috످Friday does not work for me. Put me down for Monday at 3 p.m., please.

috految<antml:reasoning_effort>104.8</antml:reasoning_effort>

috److془The user wants to schedule. I don't have access. Provide draft.془I can't book or change appointments from this chat, but here's a message you can send to request the new time:

Hi [Name], unfortunately, Friday doesn't work for me. Could you please put me down for Monday at 3 p.m. instead? Thank you!

috످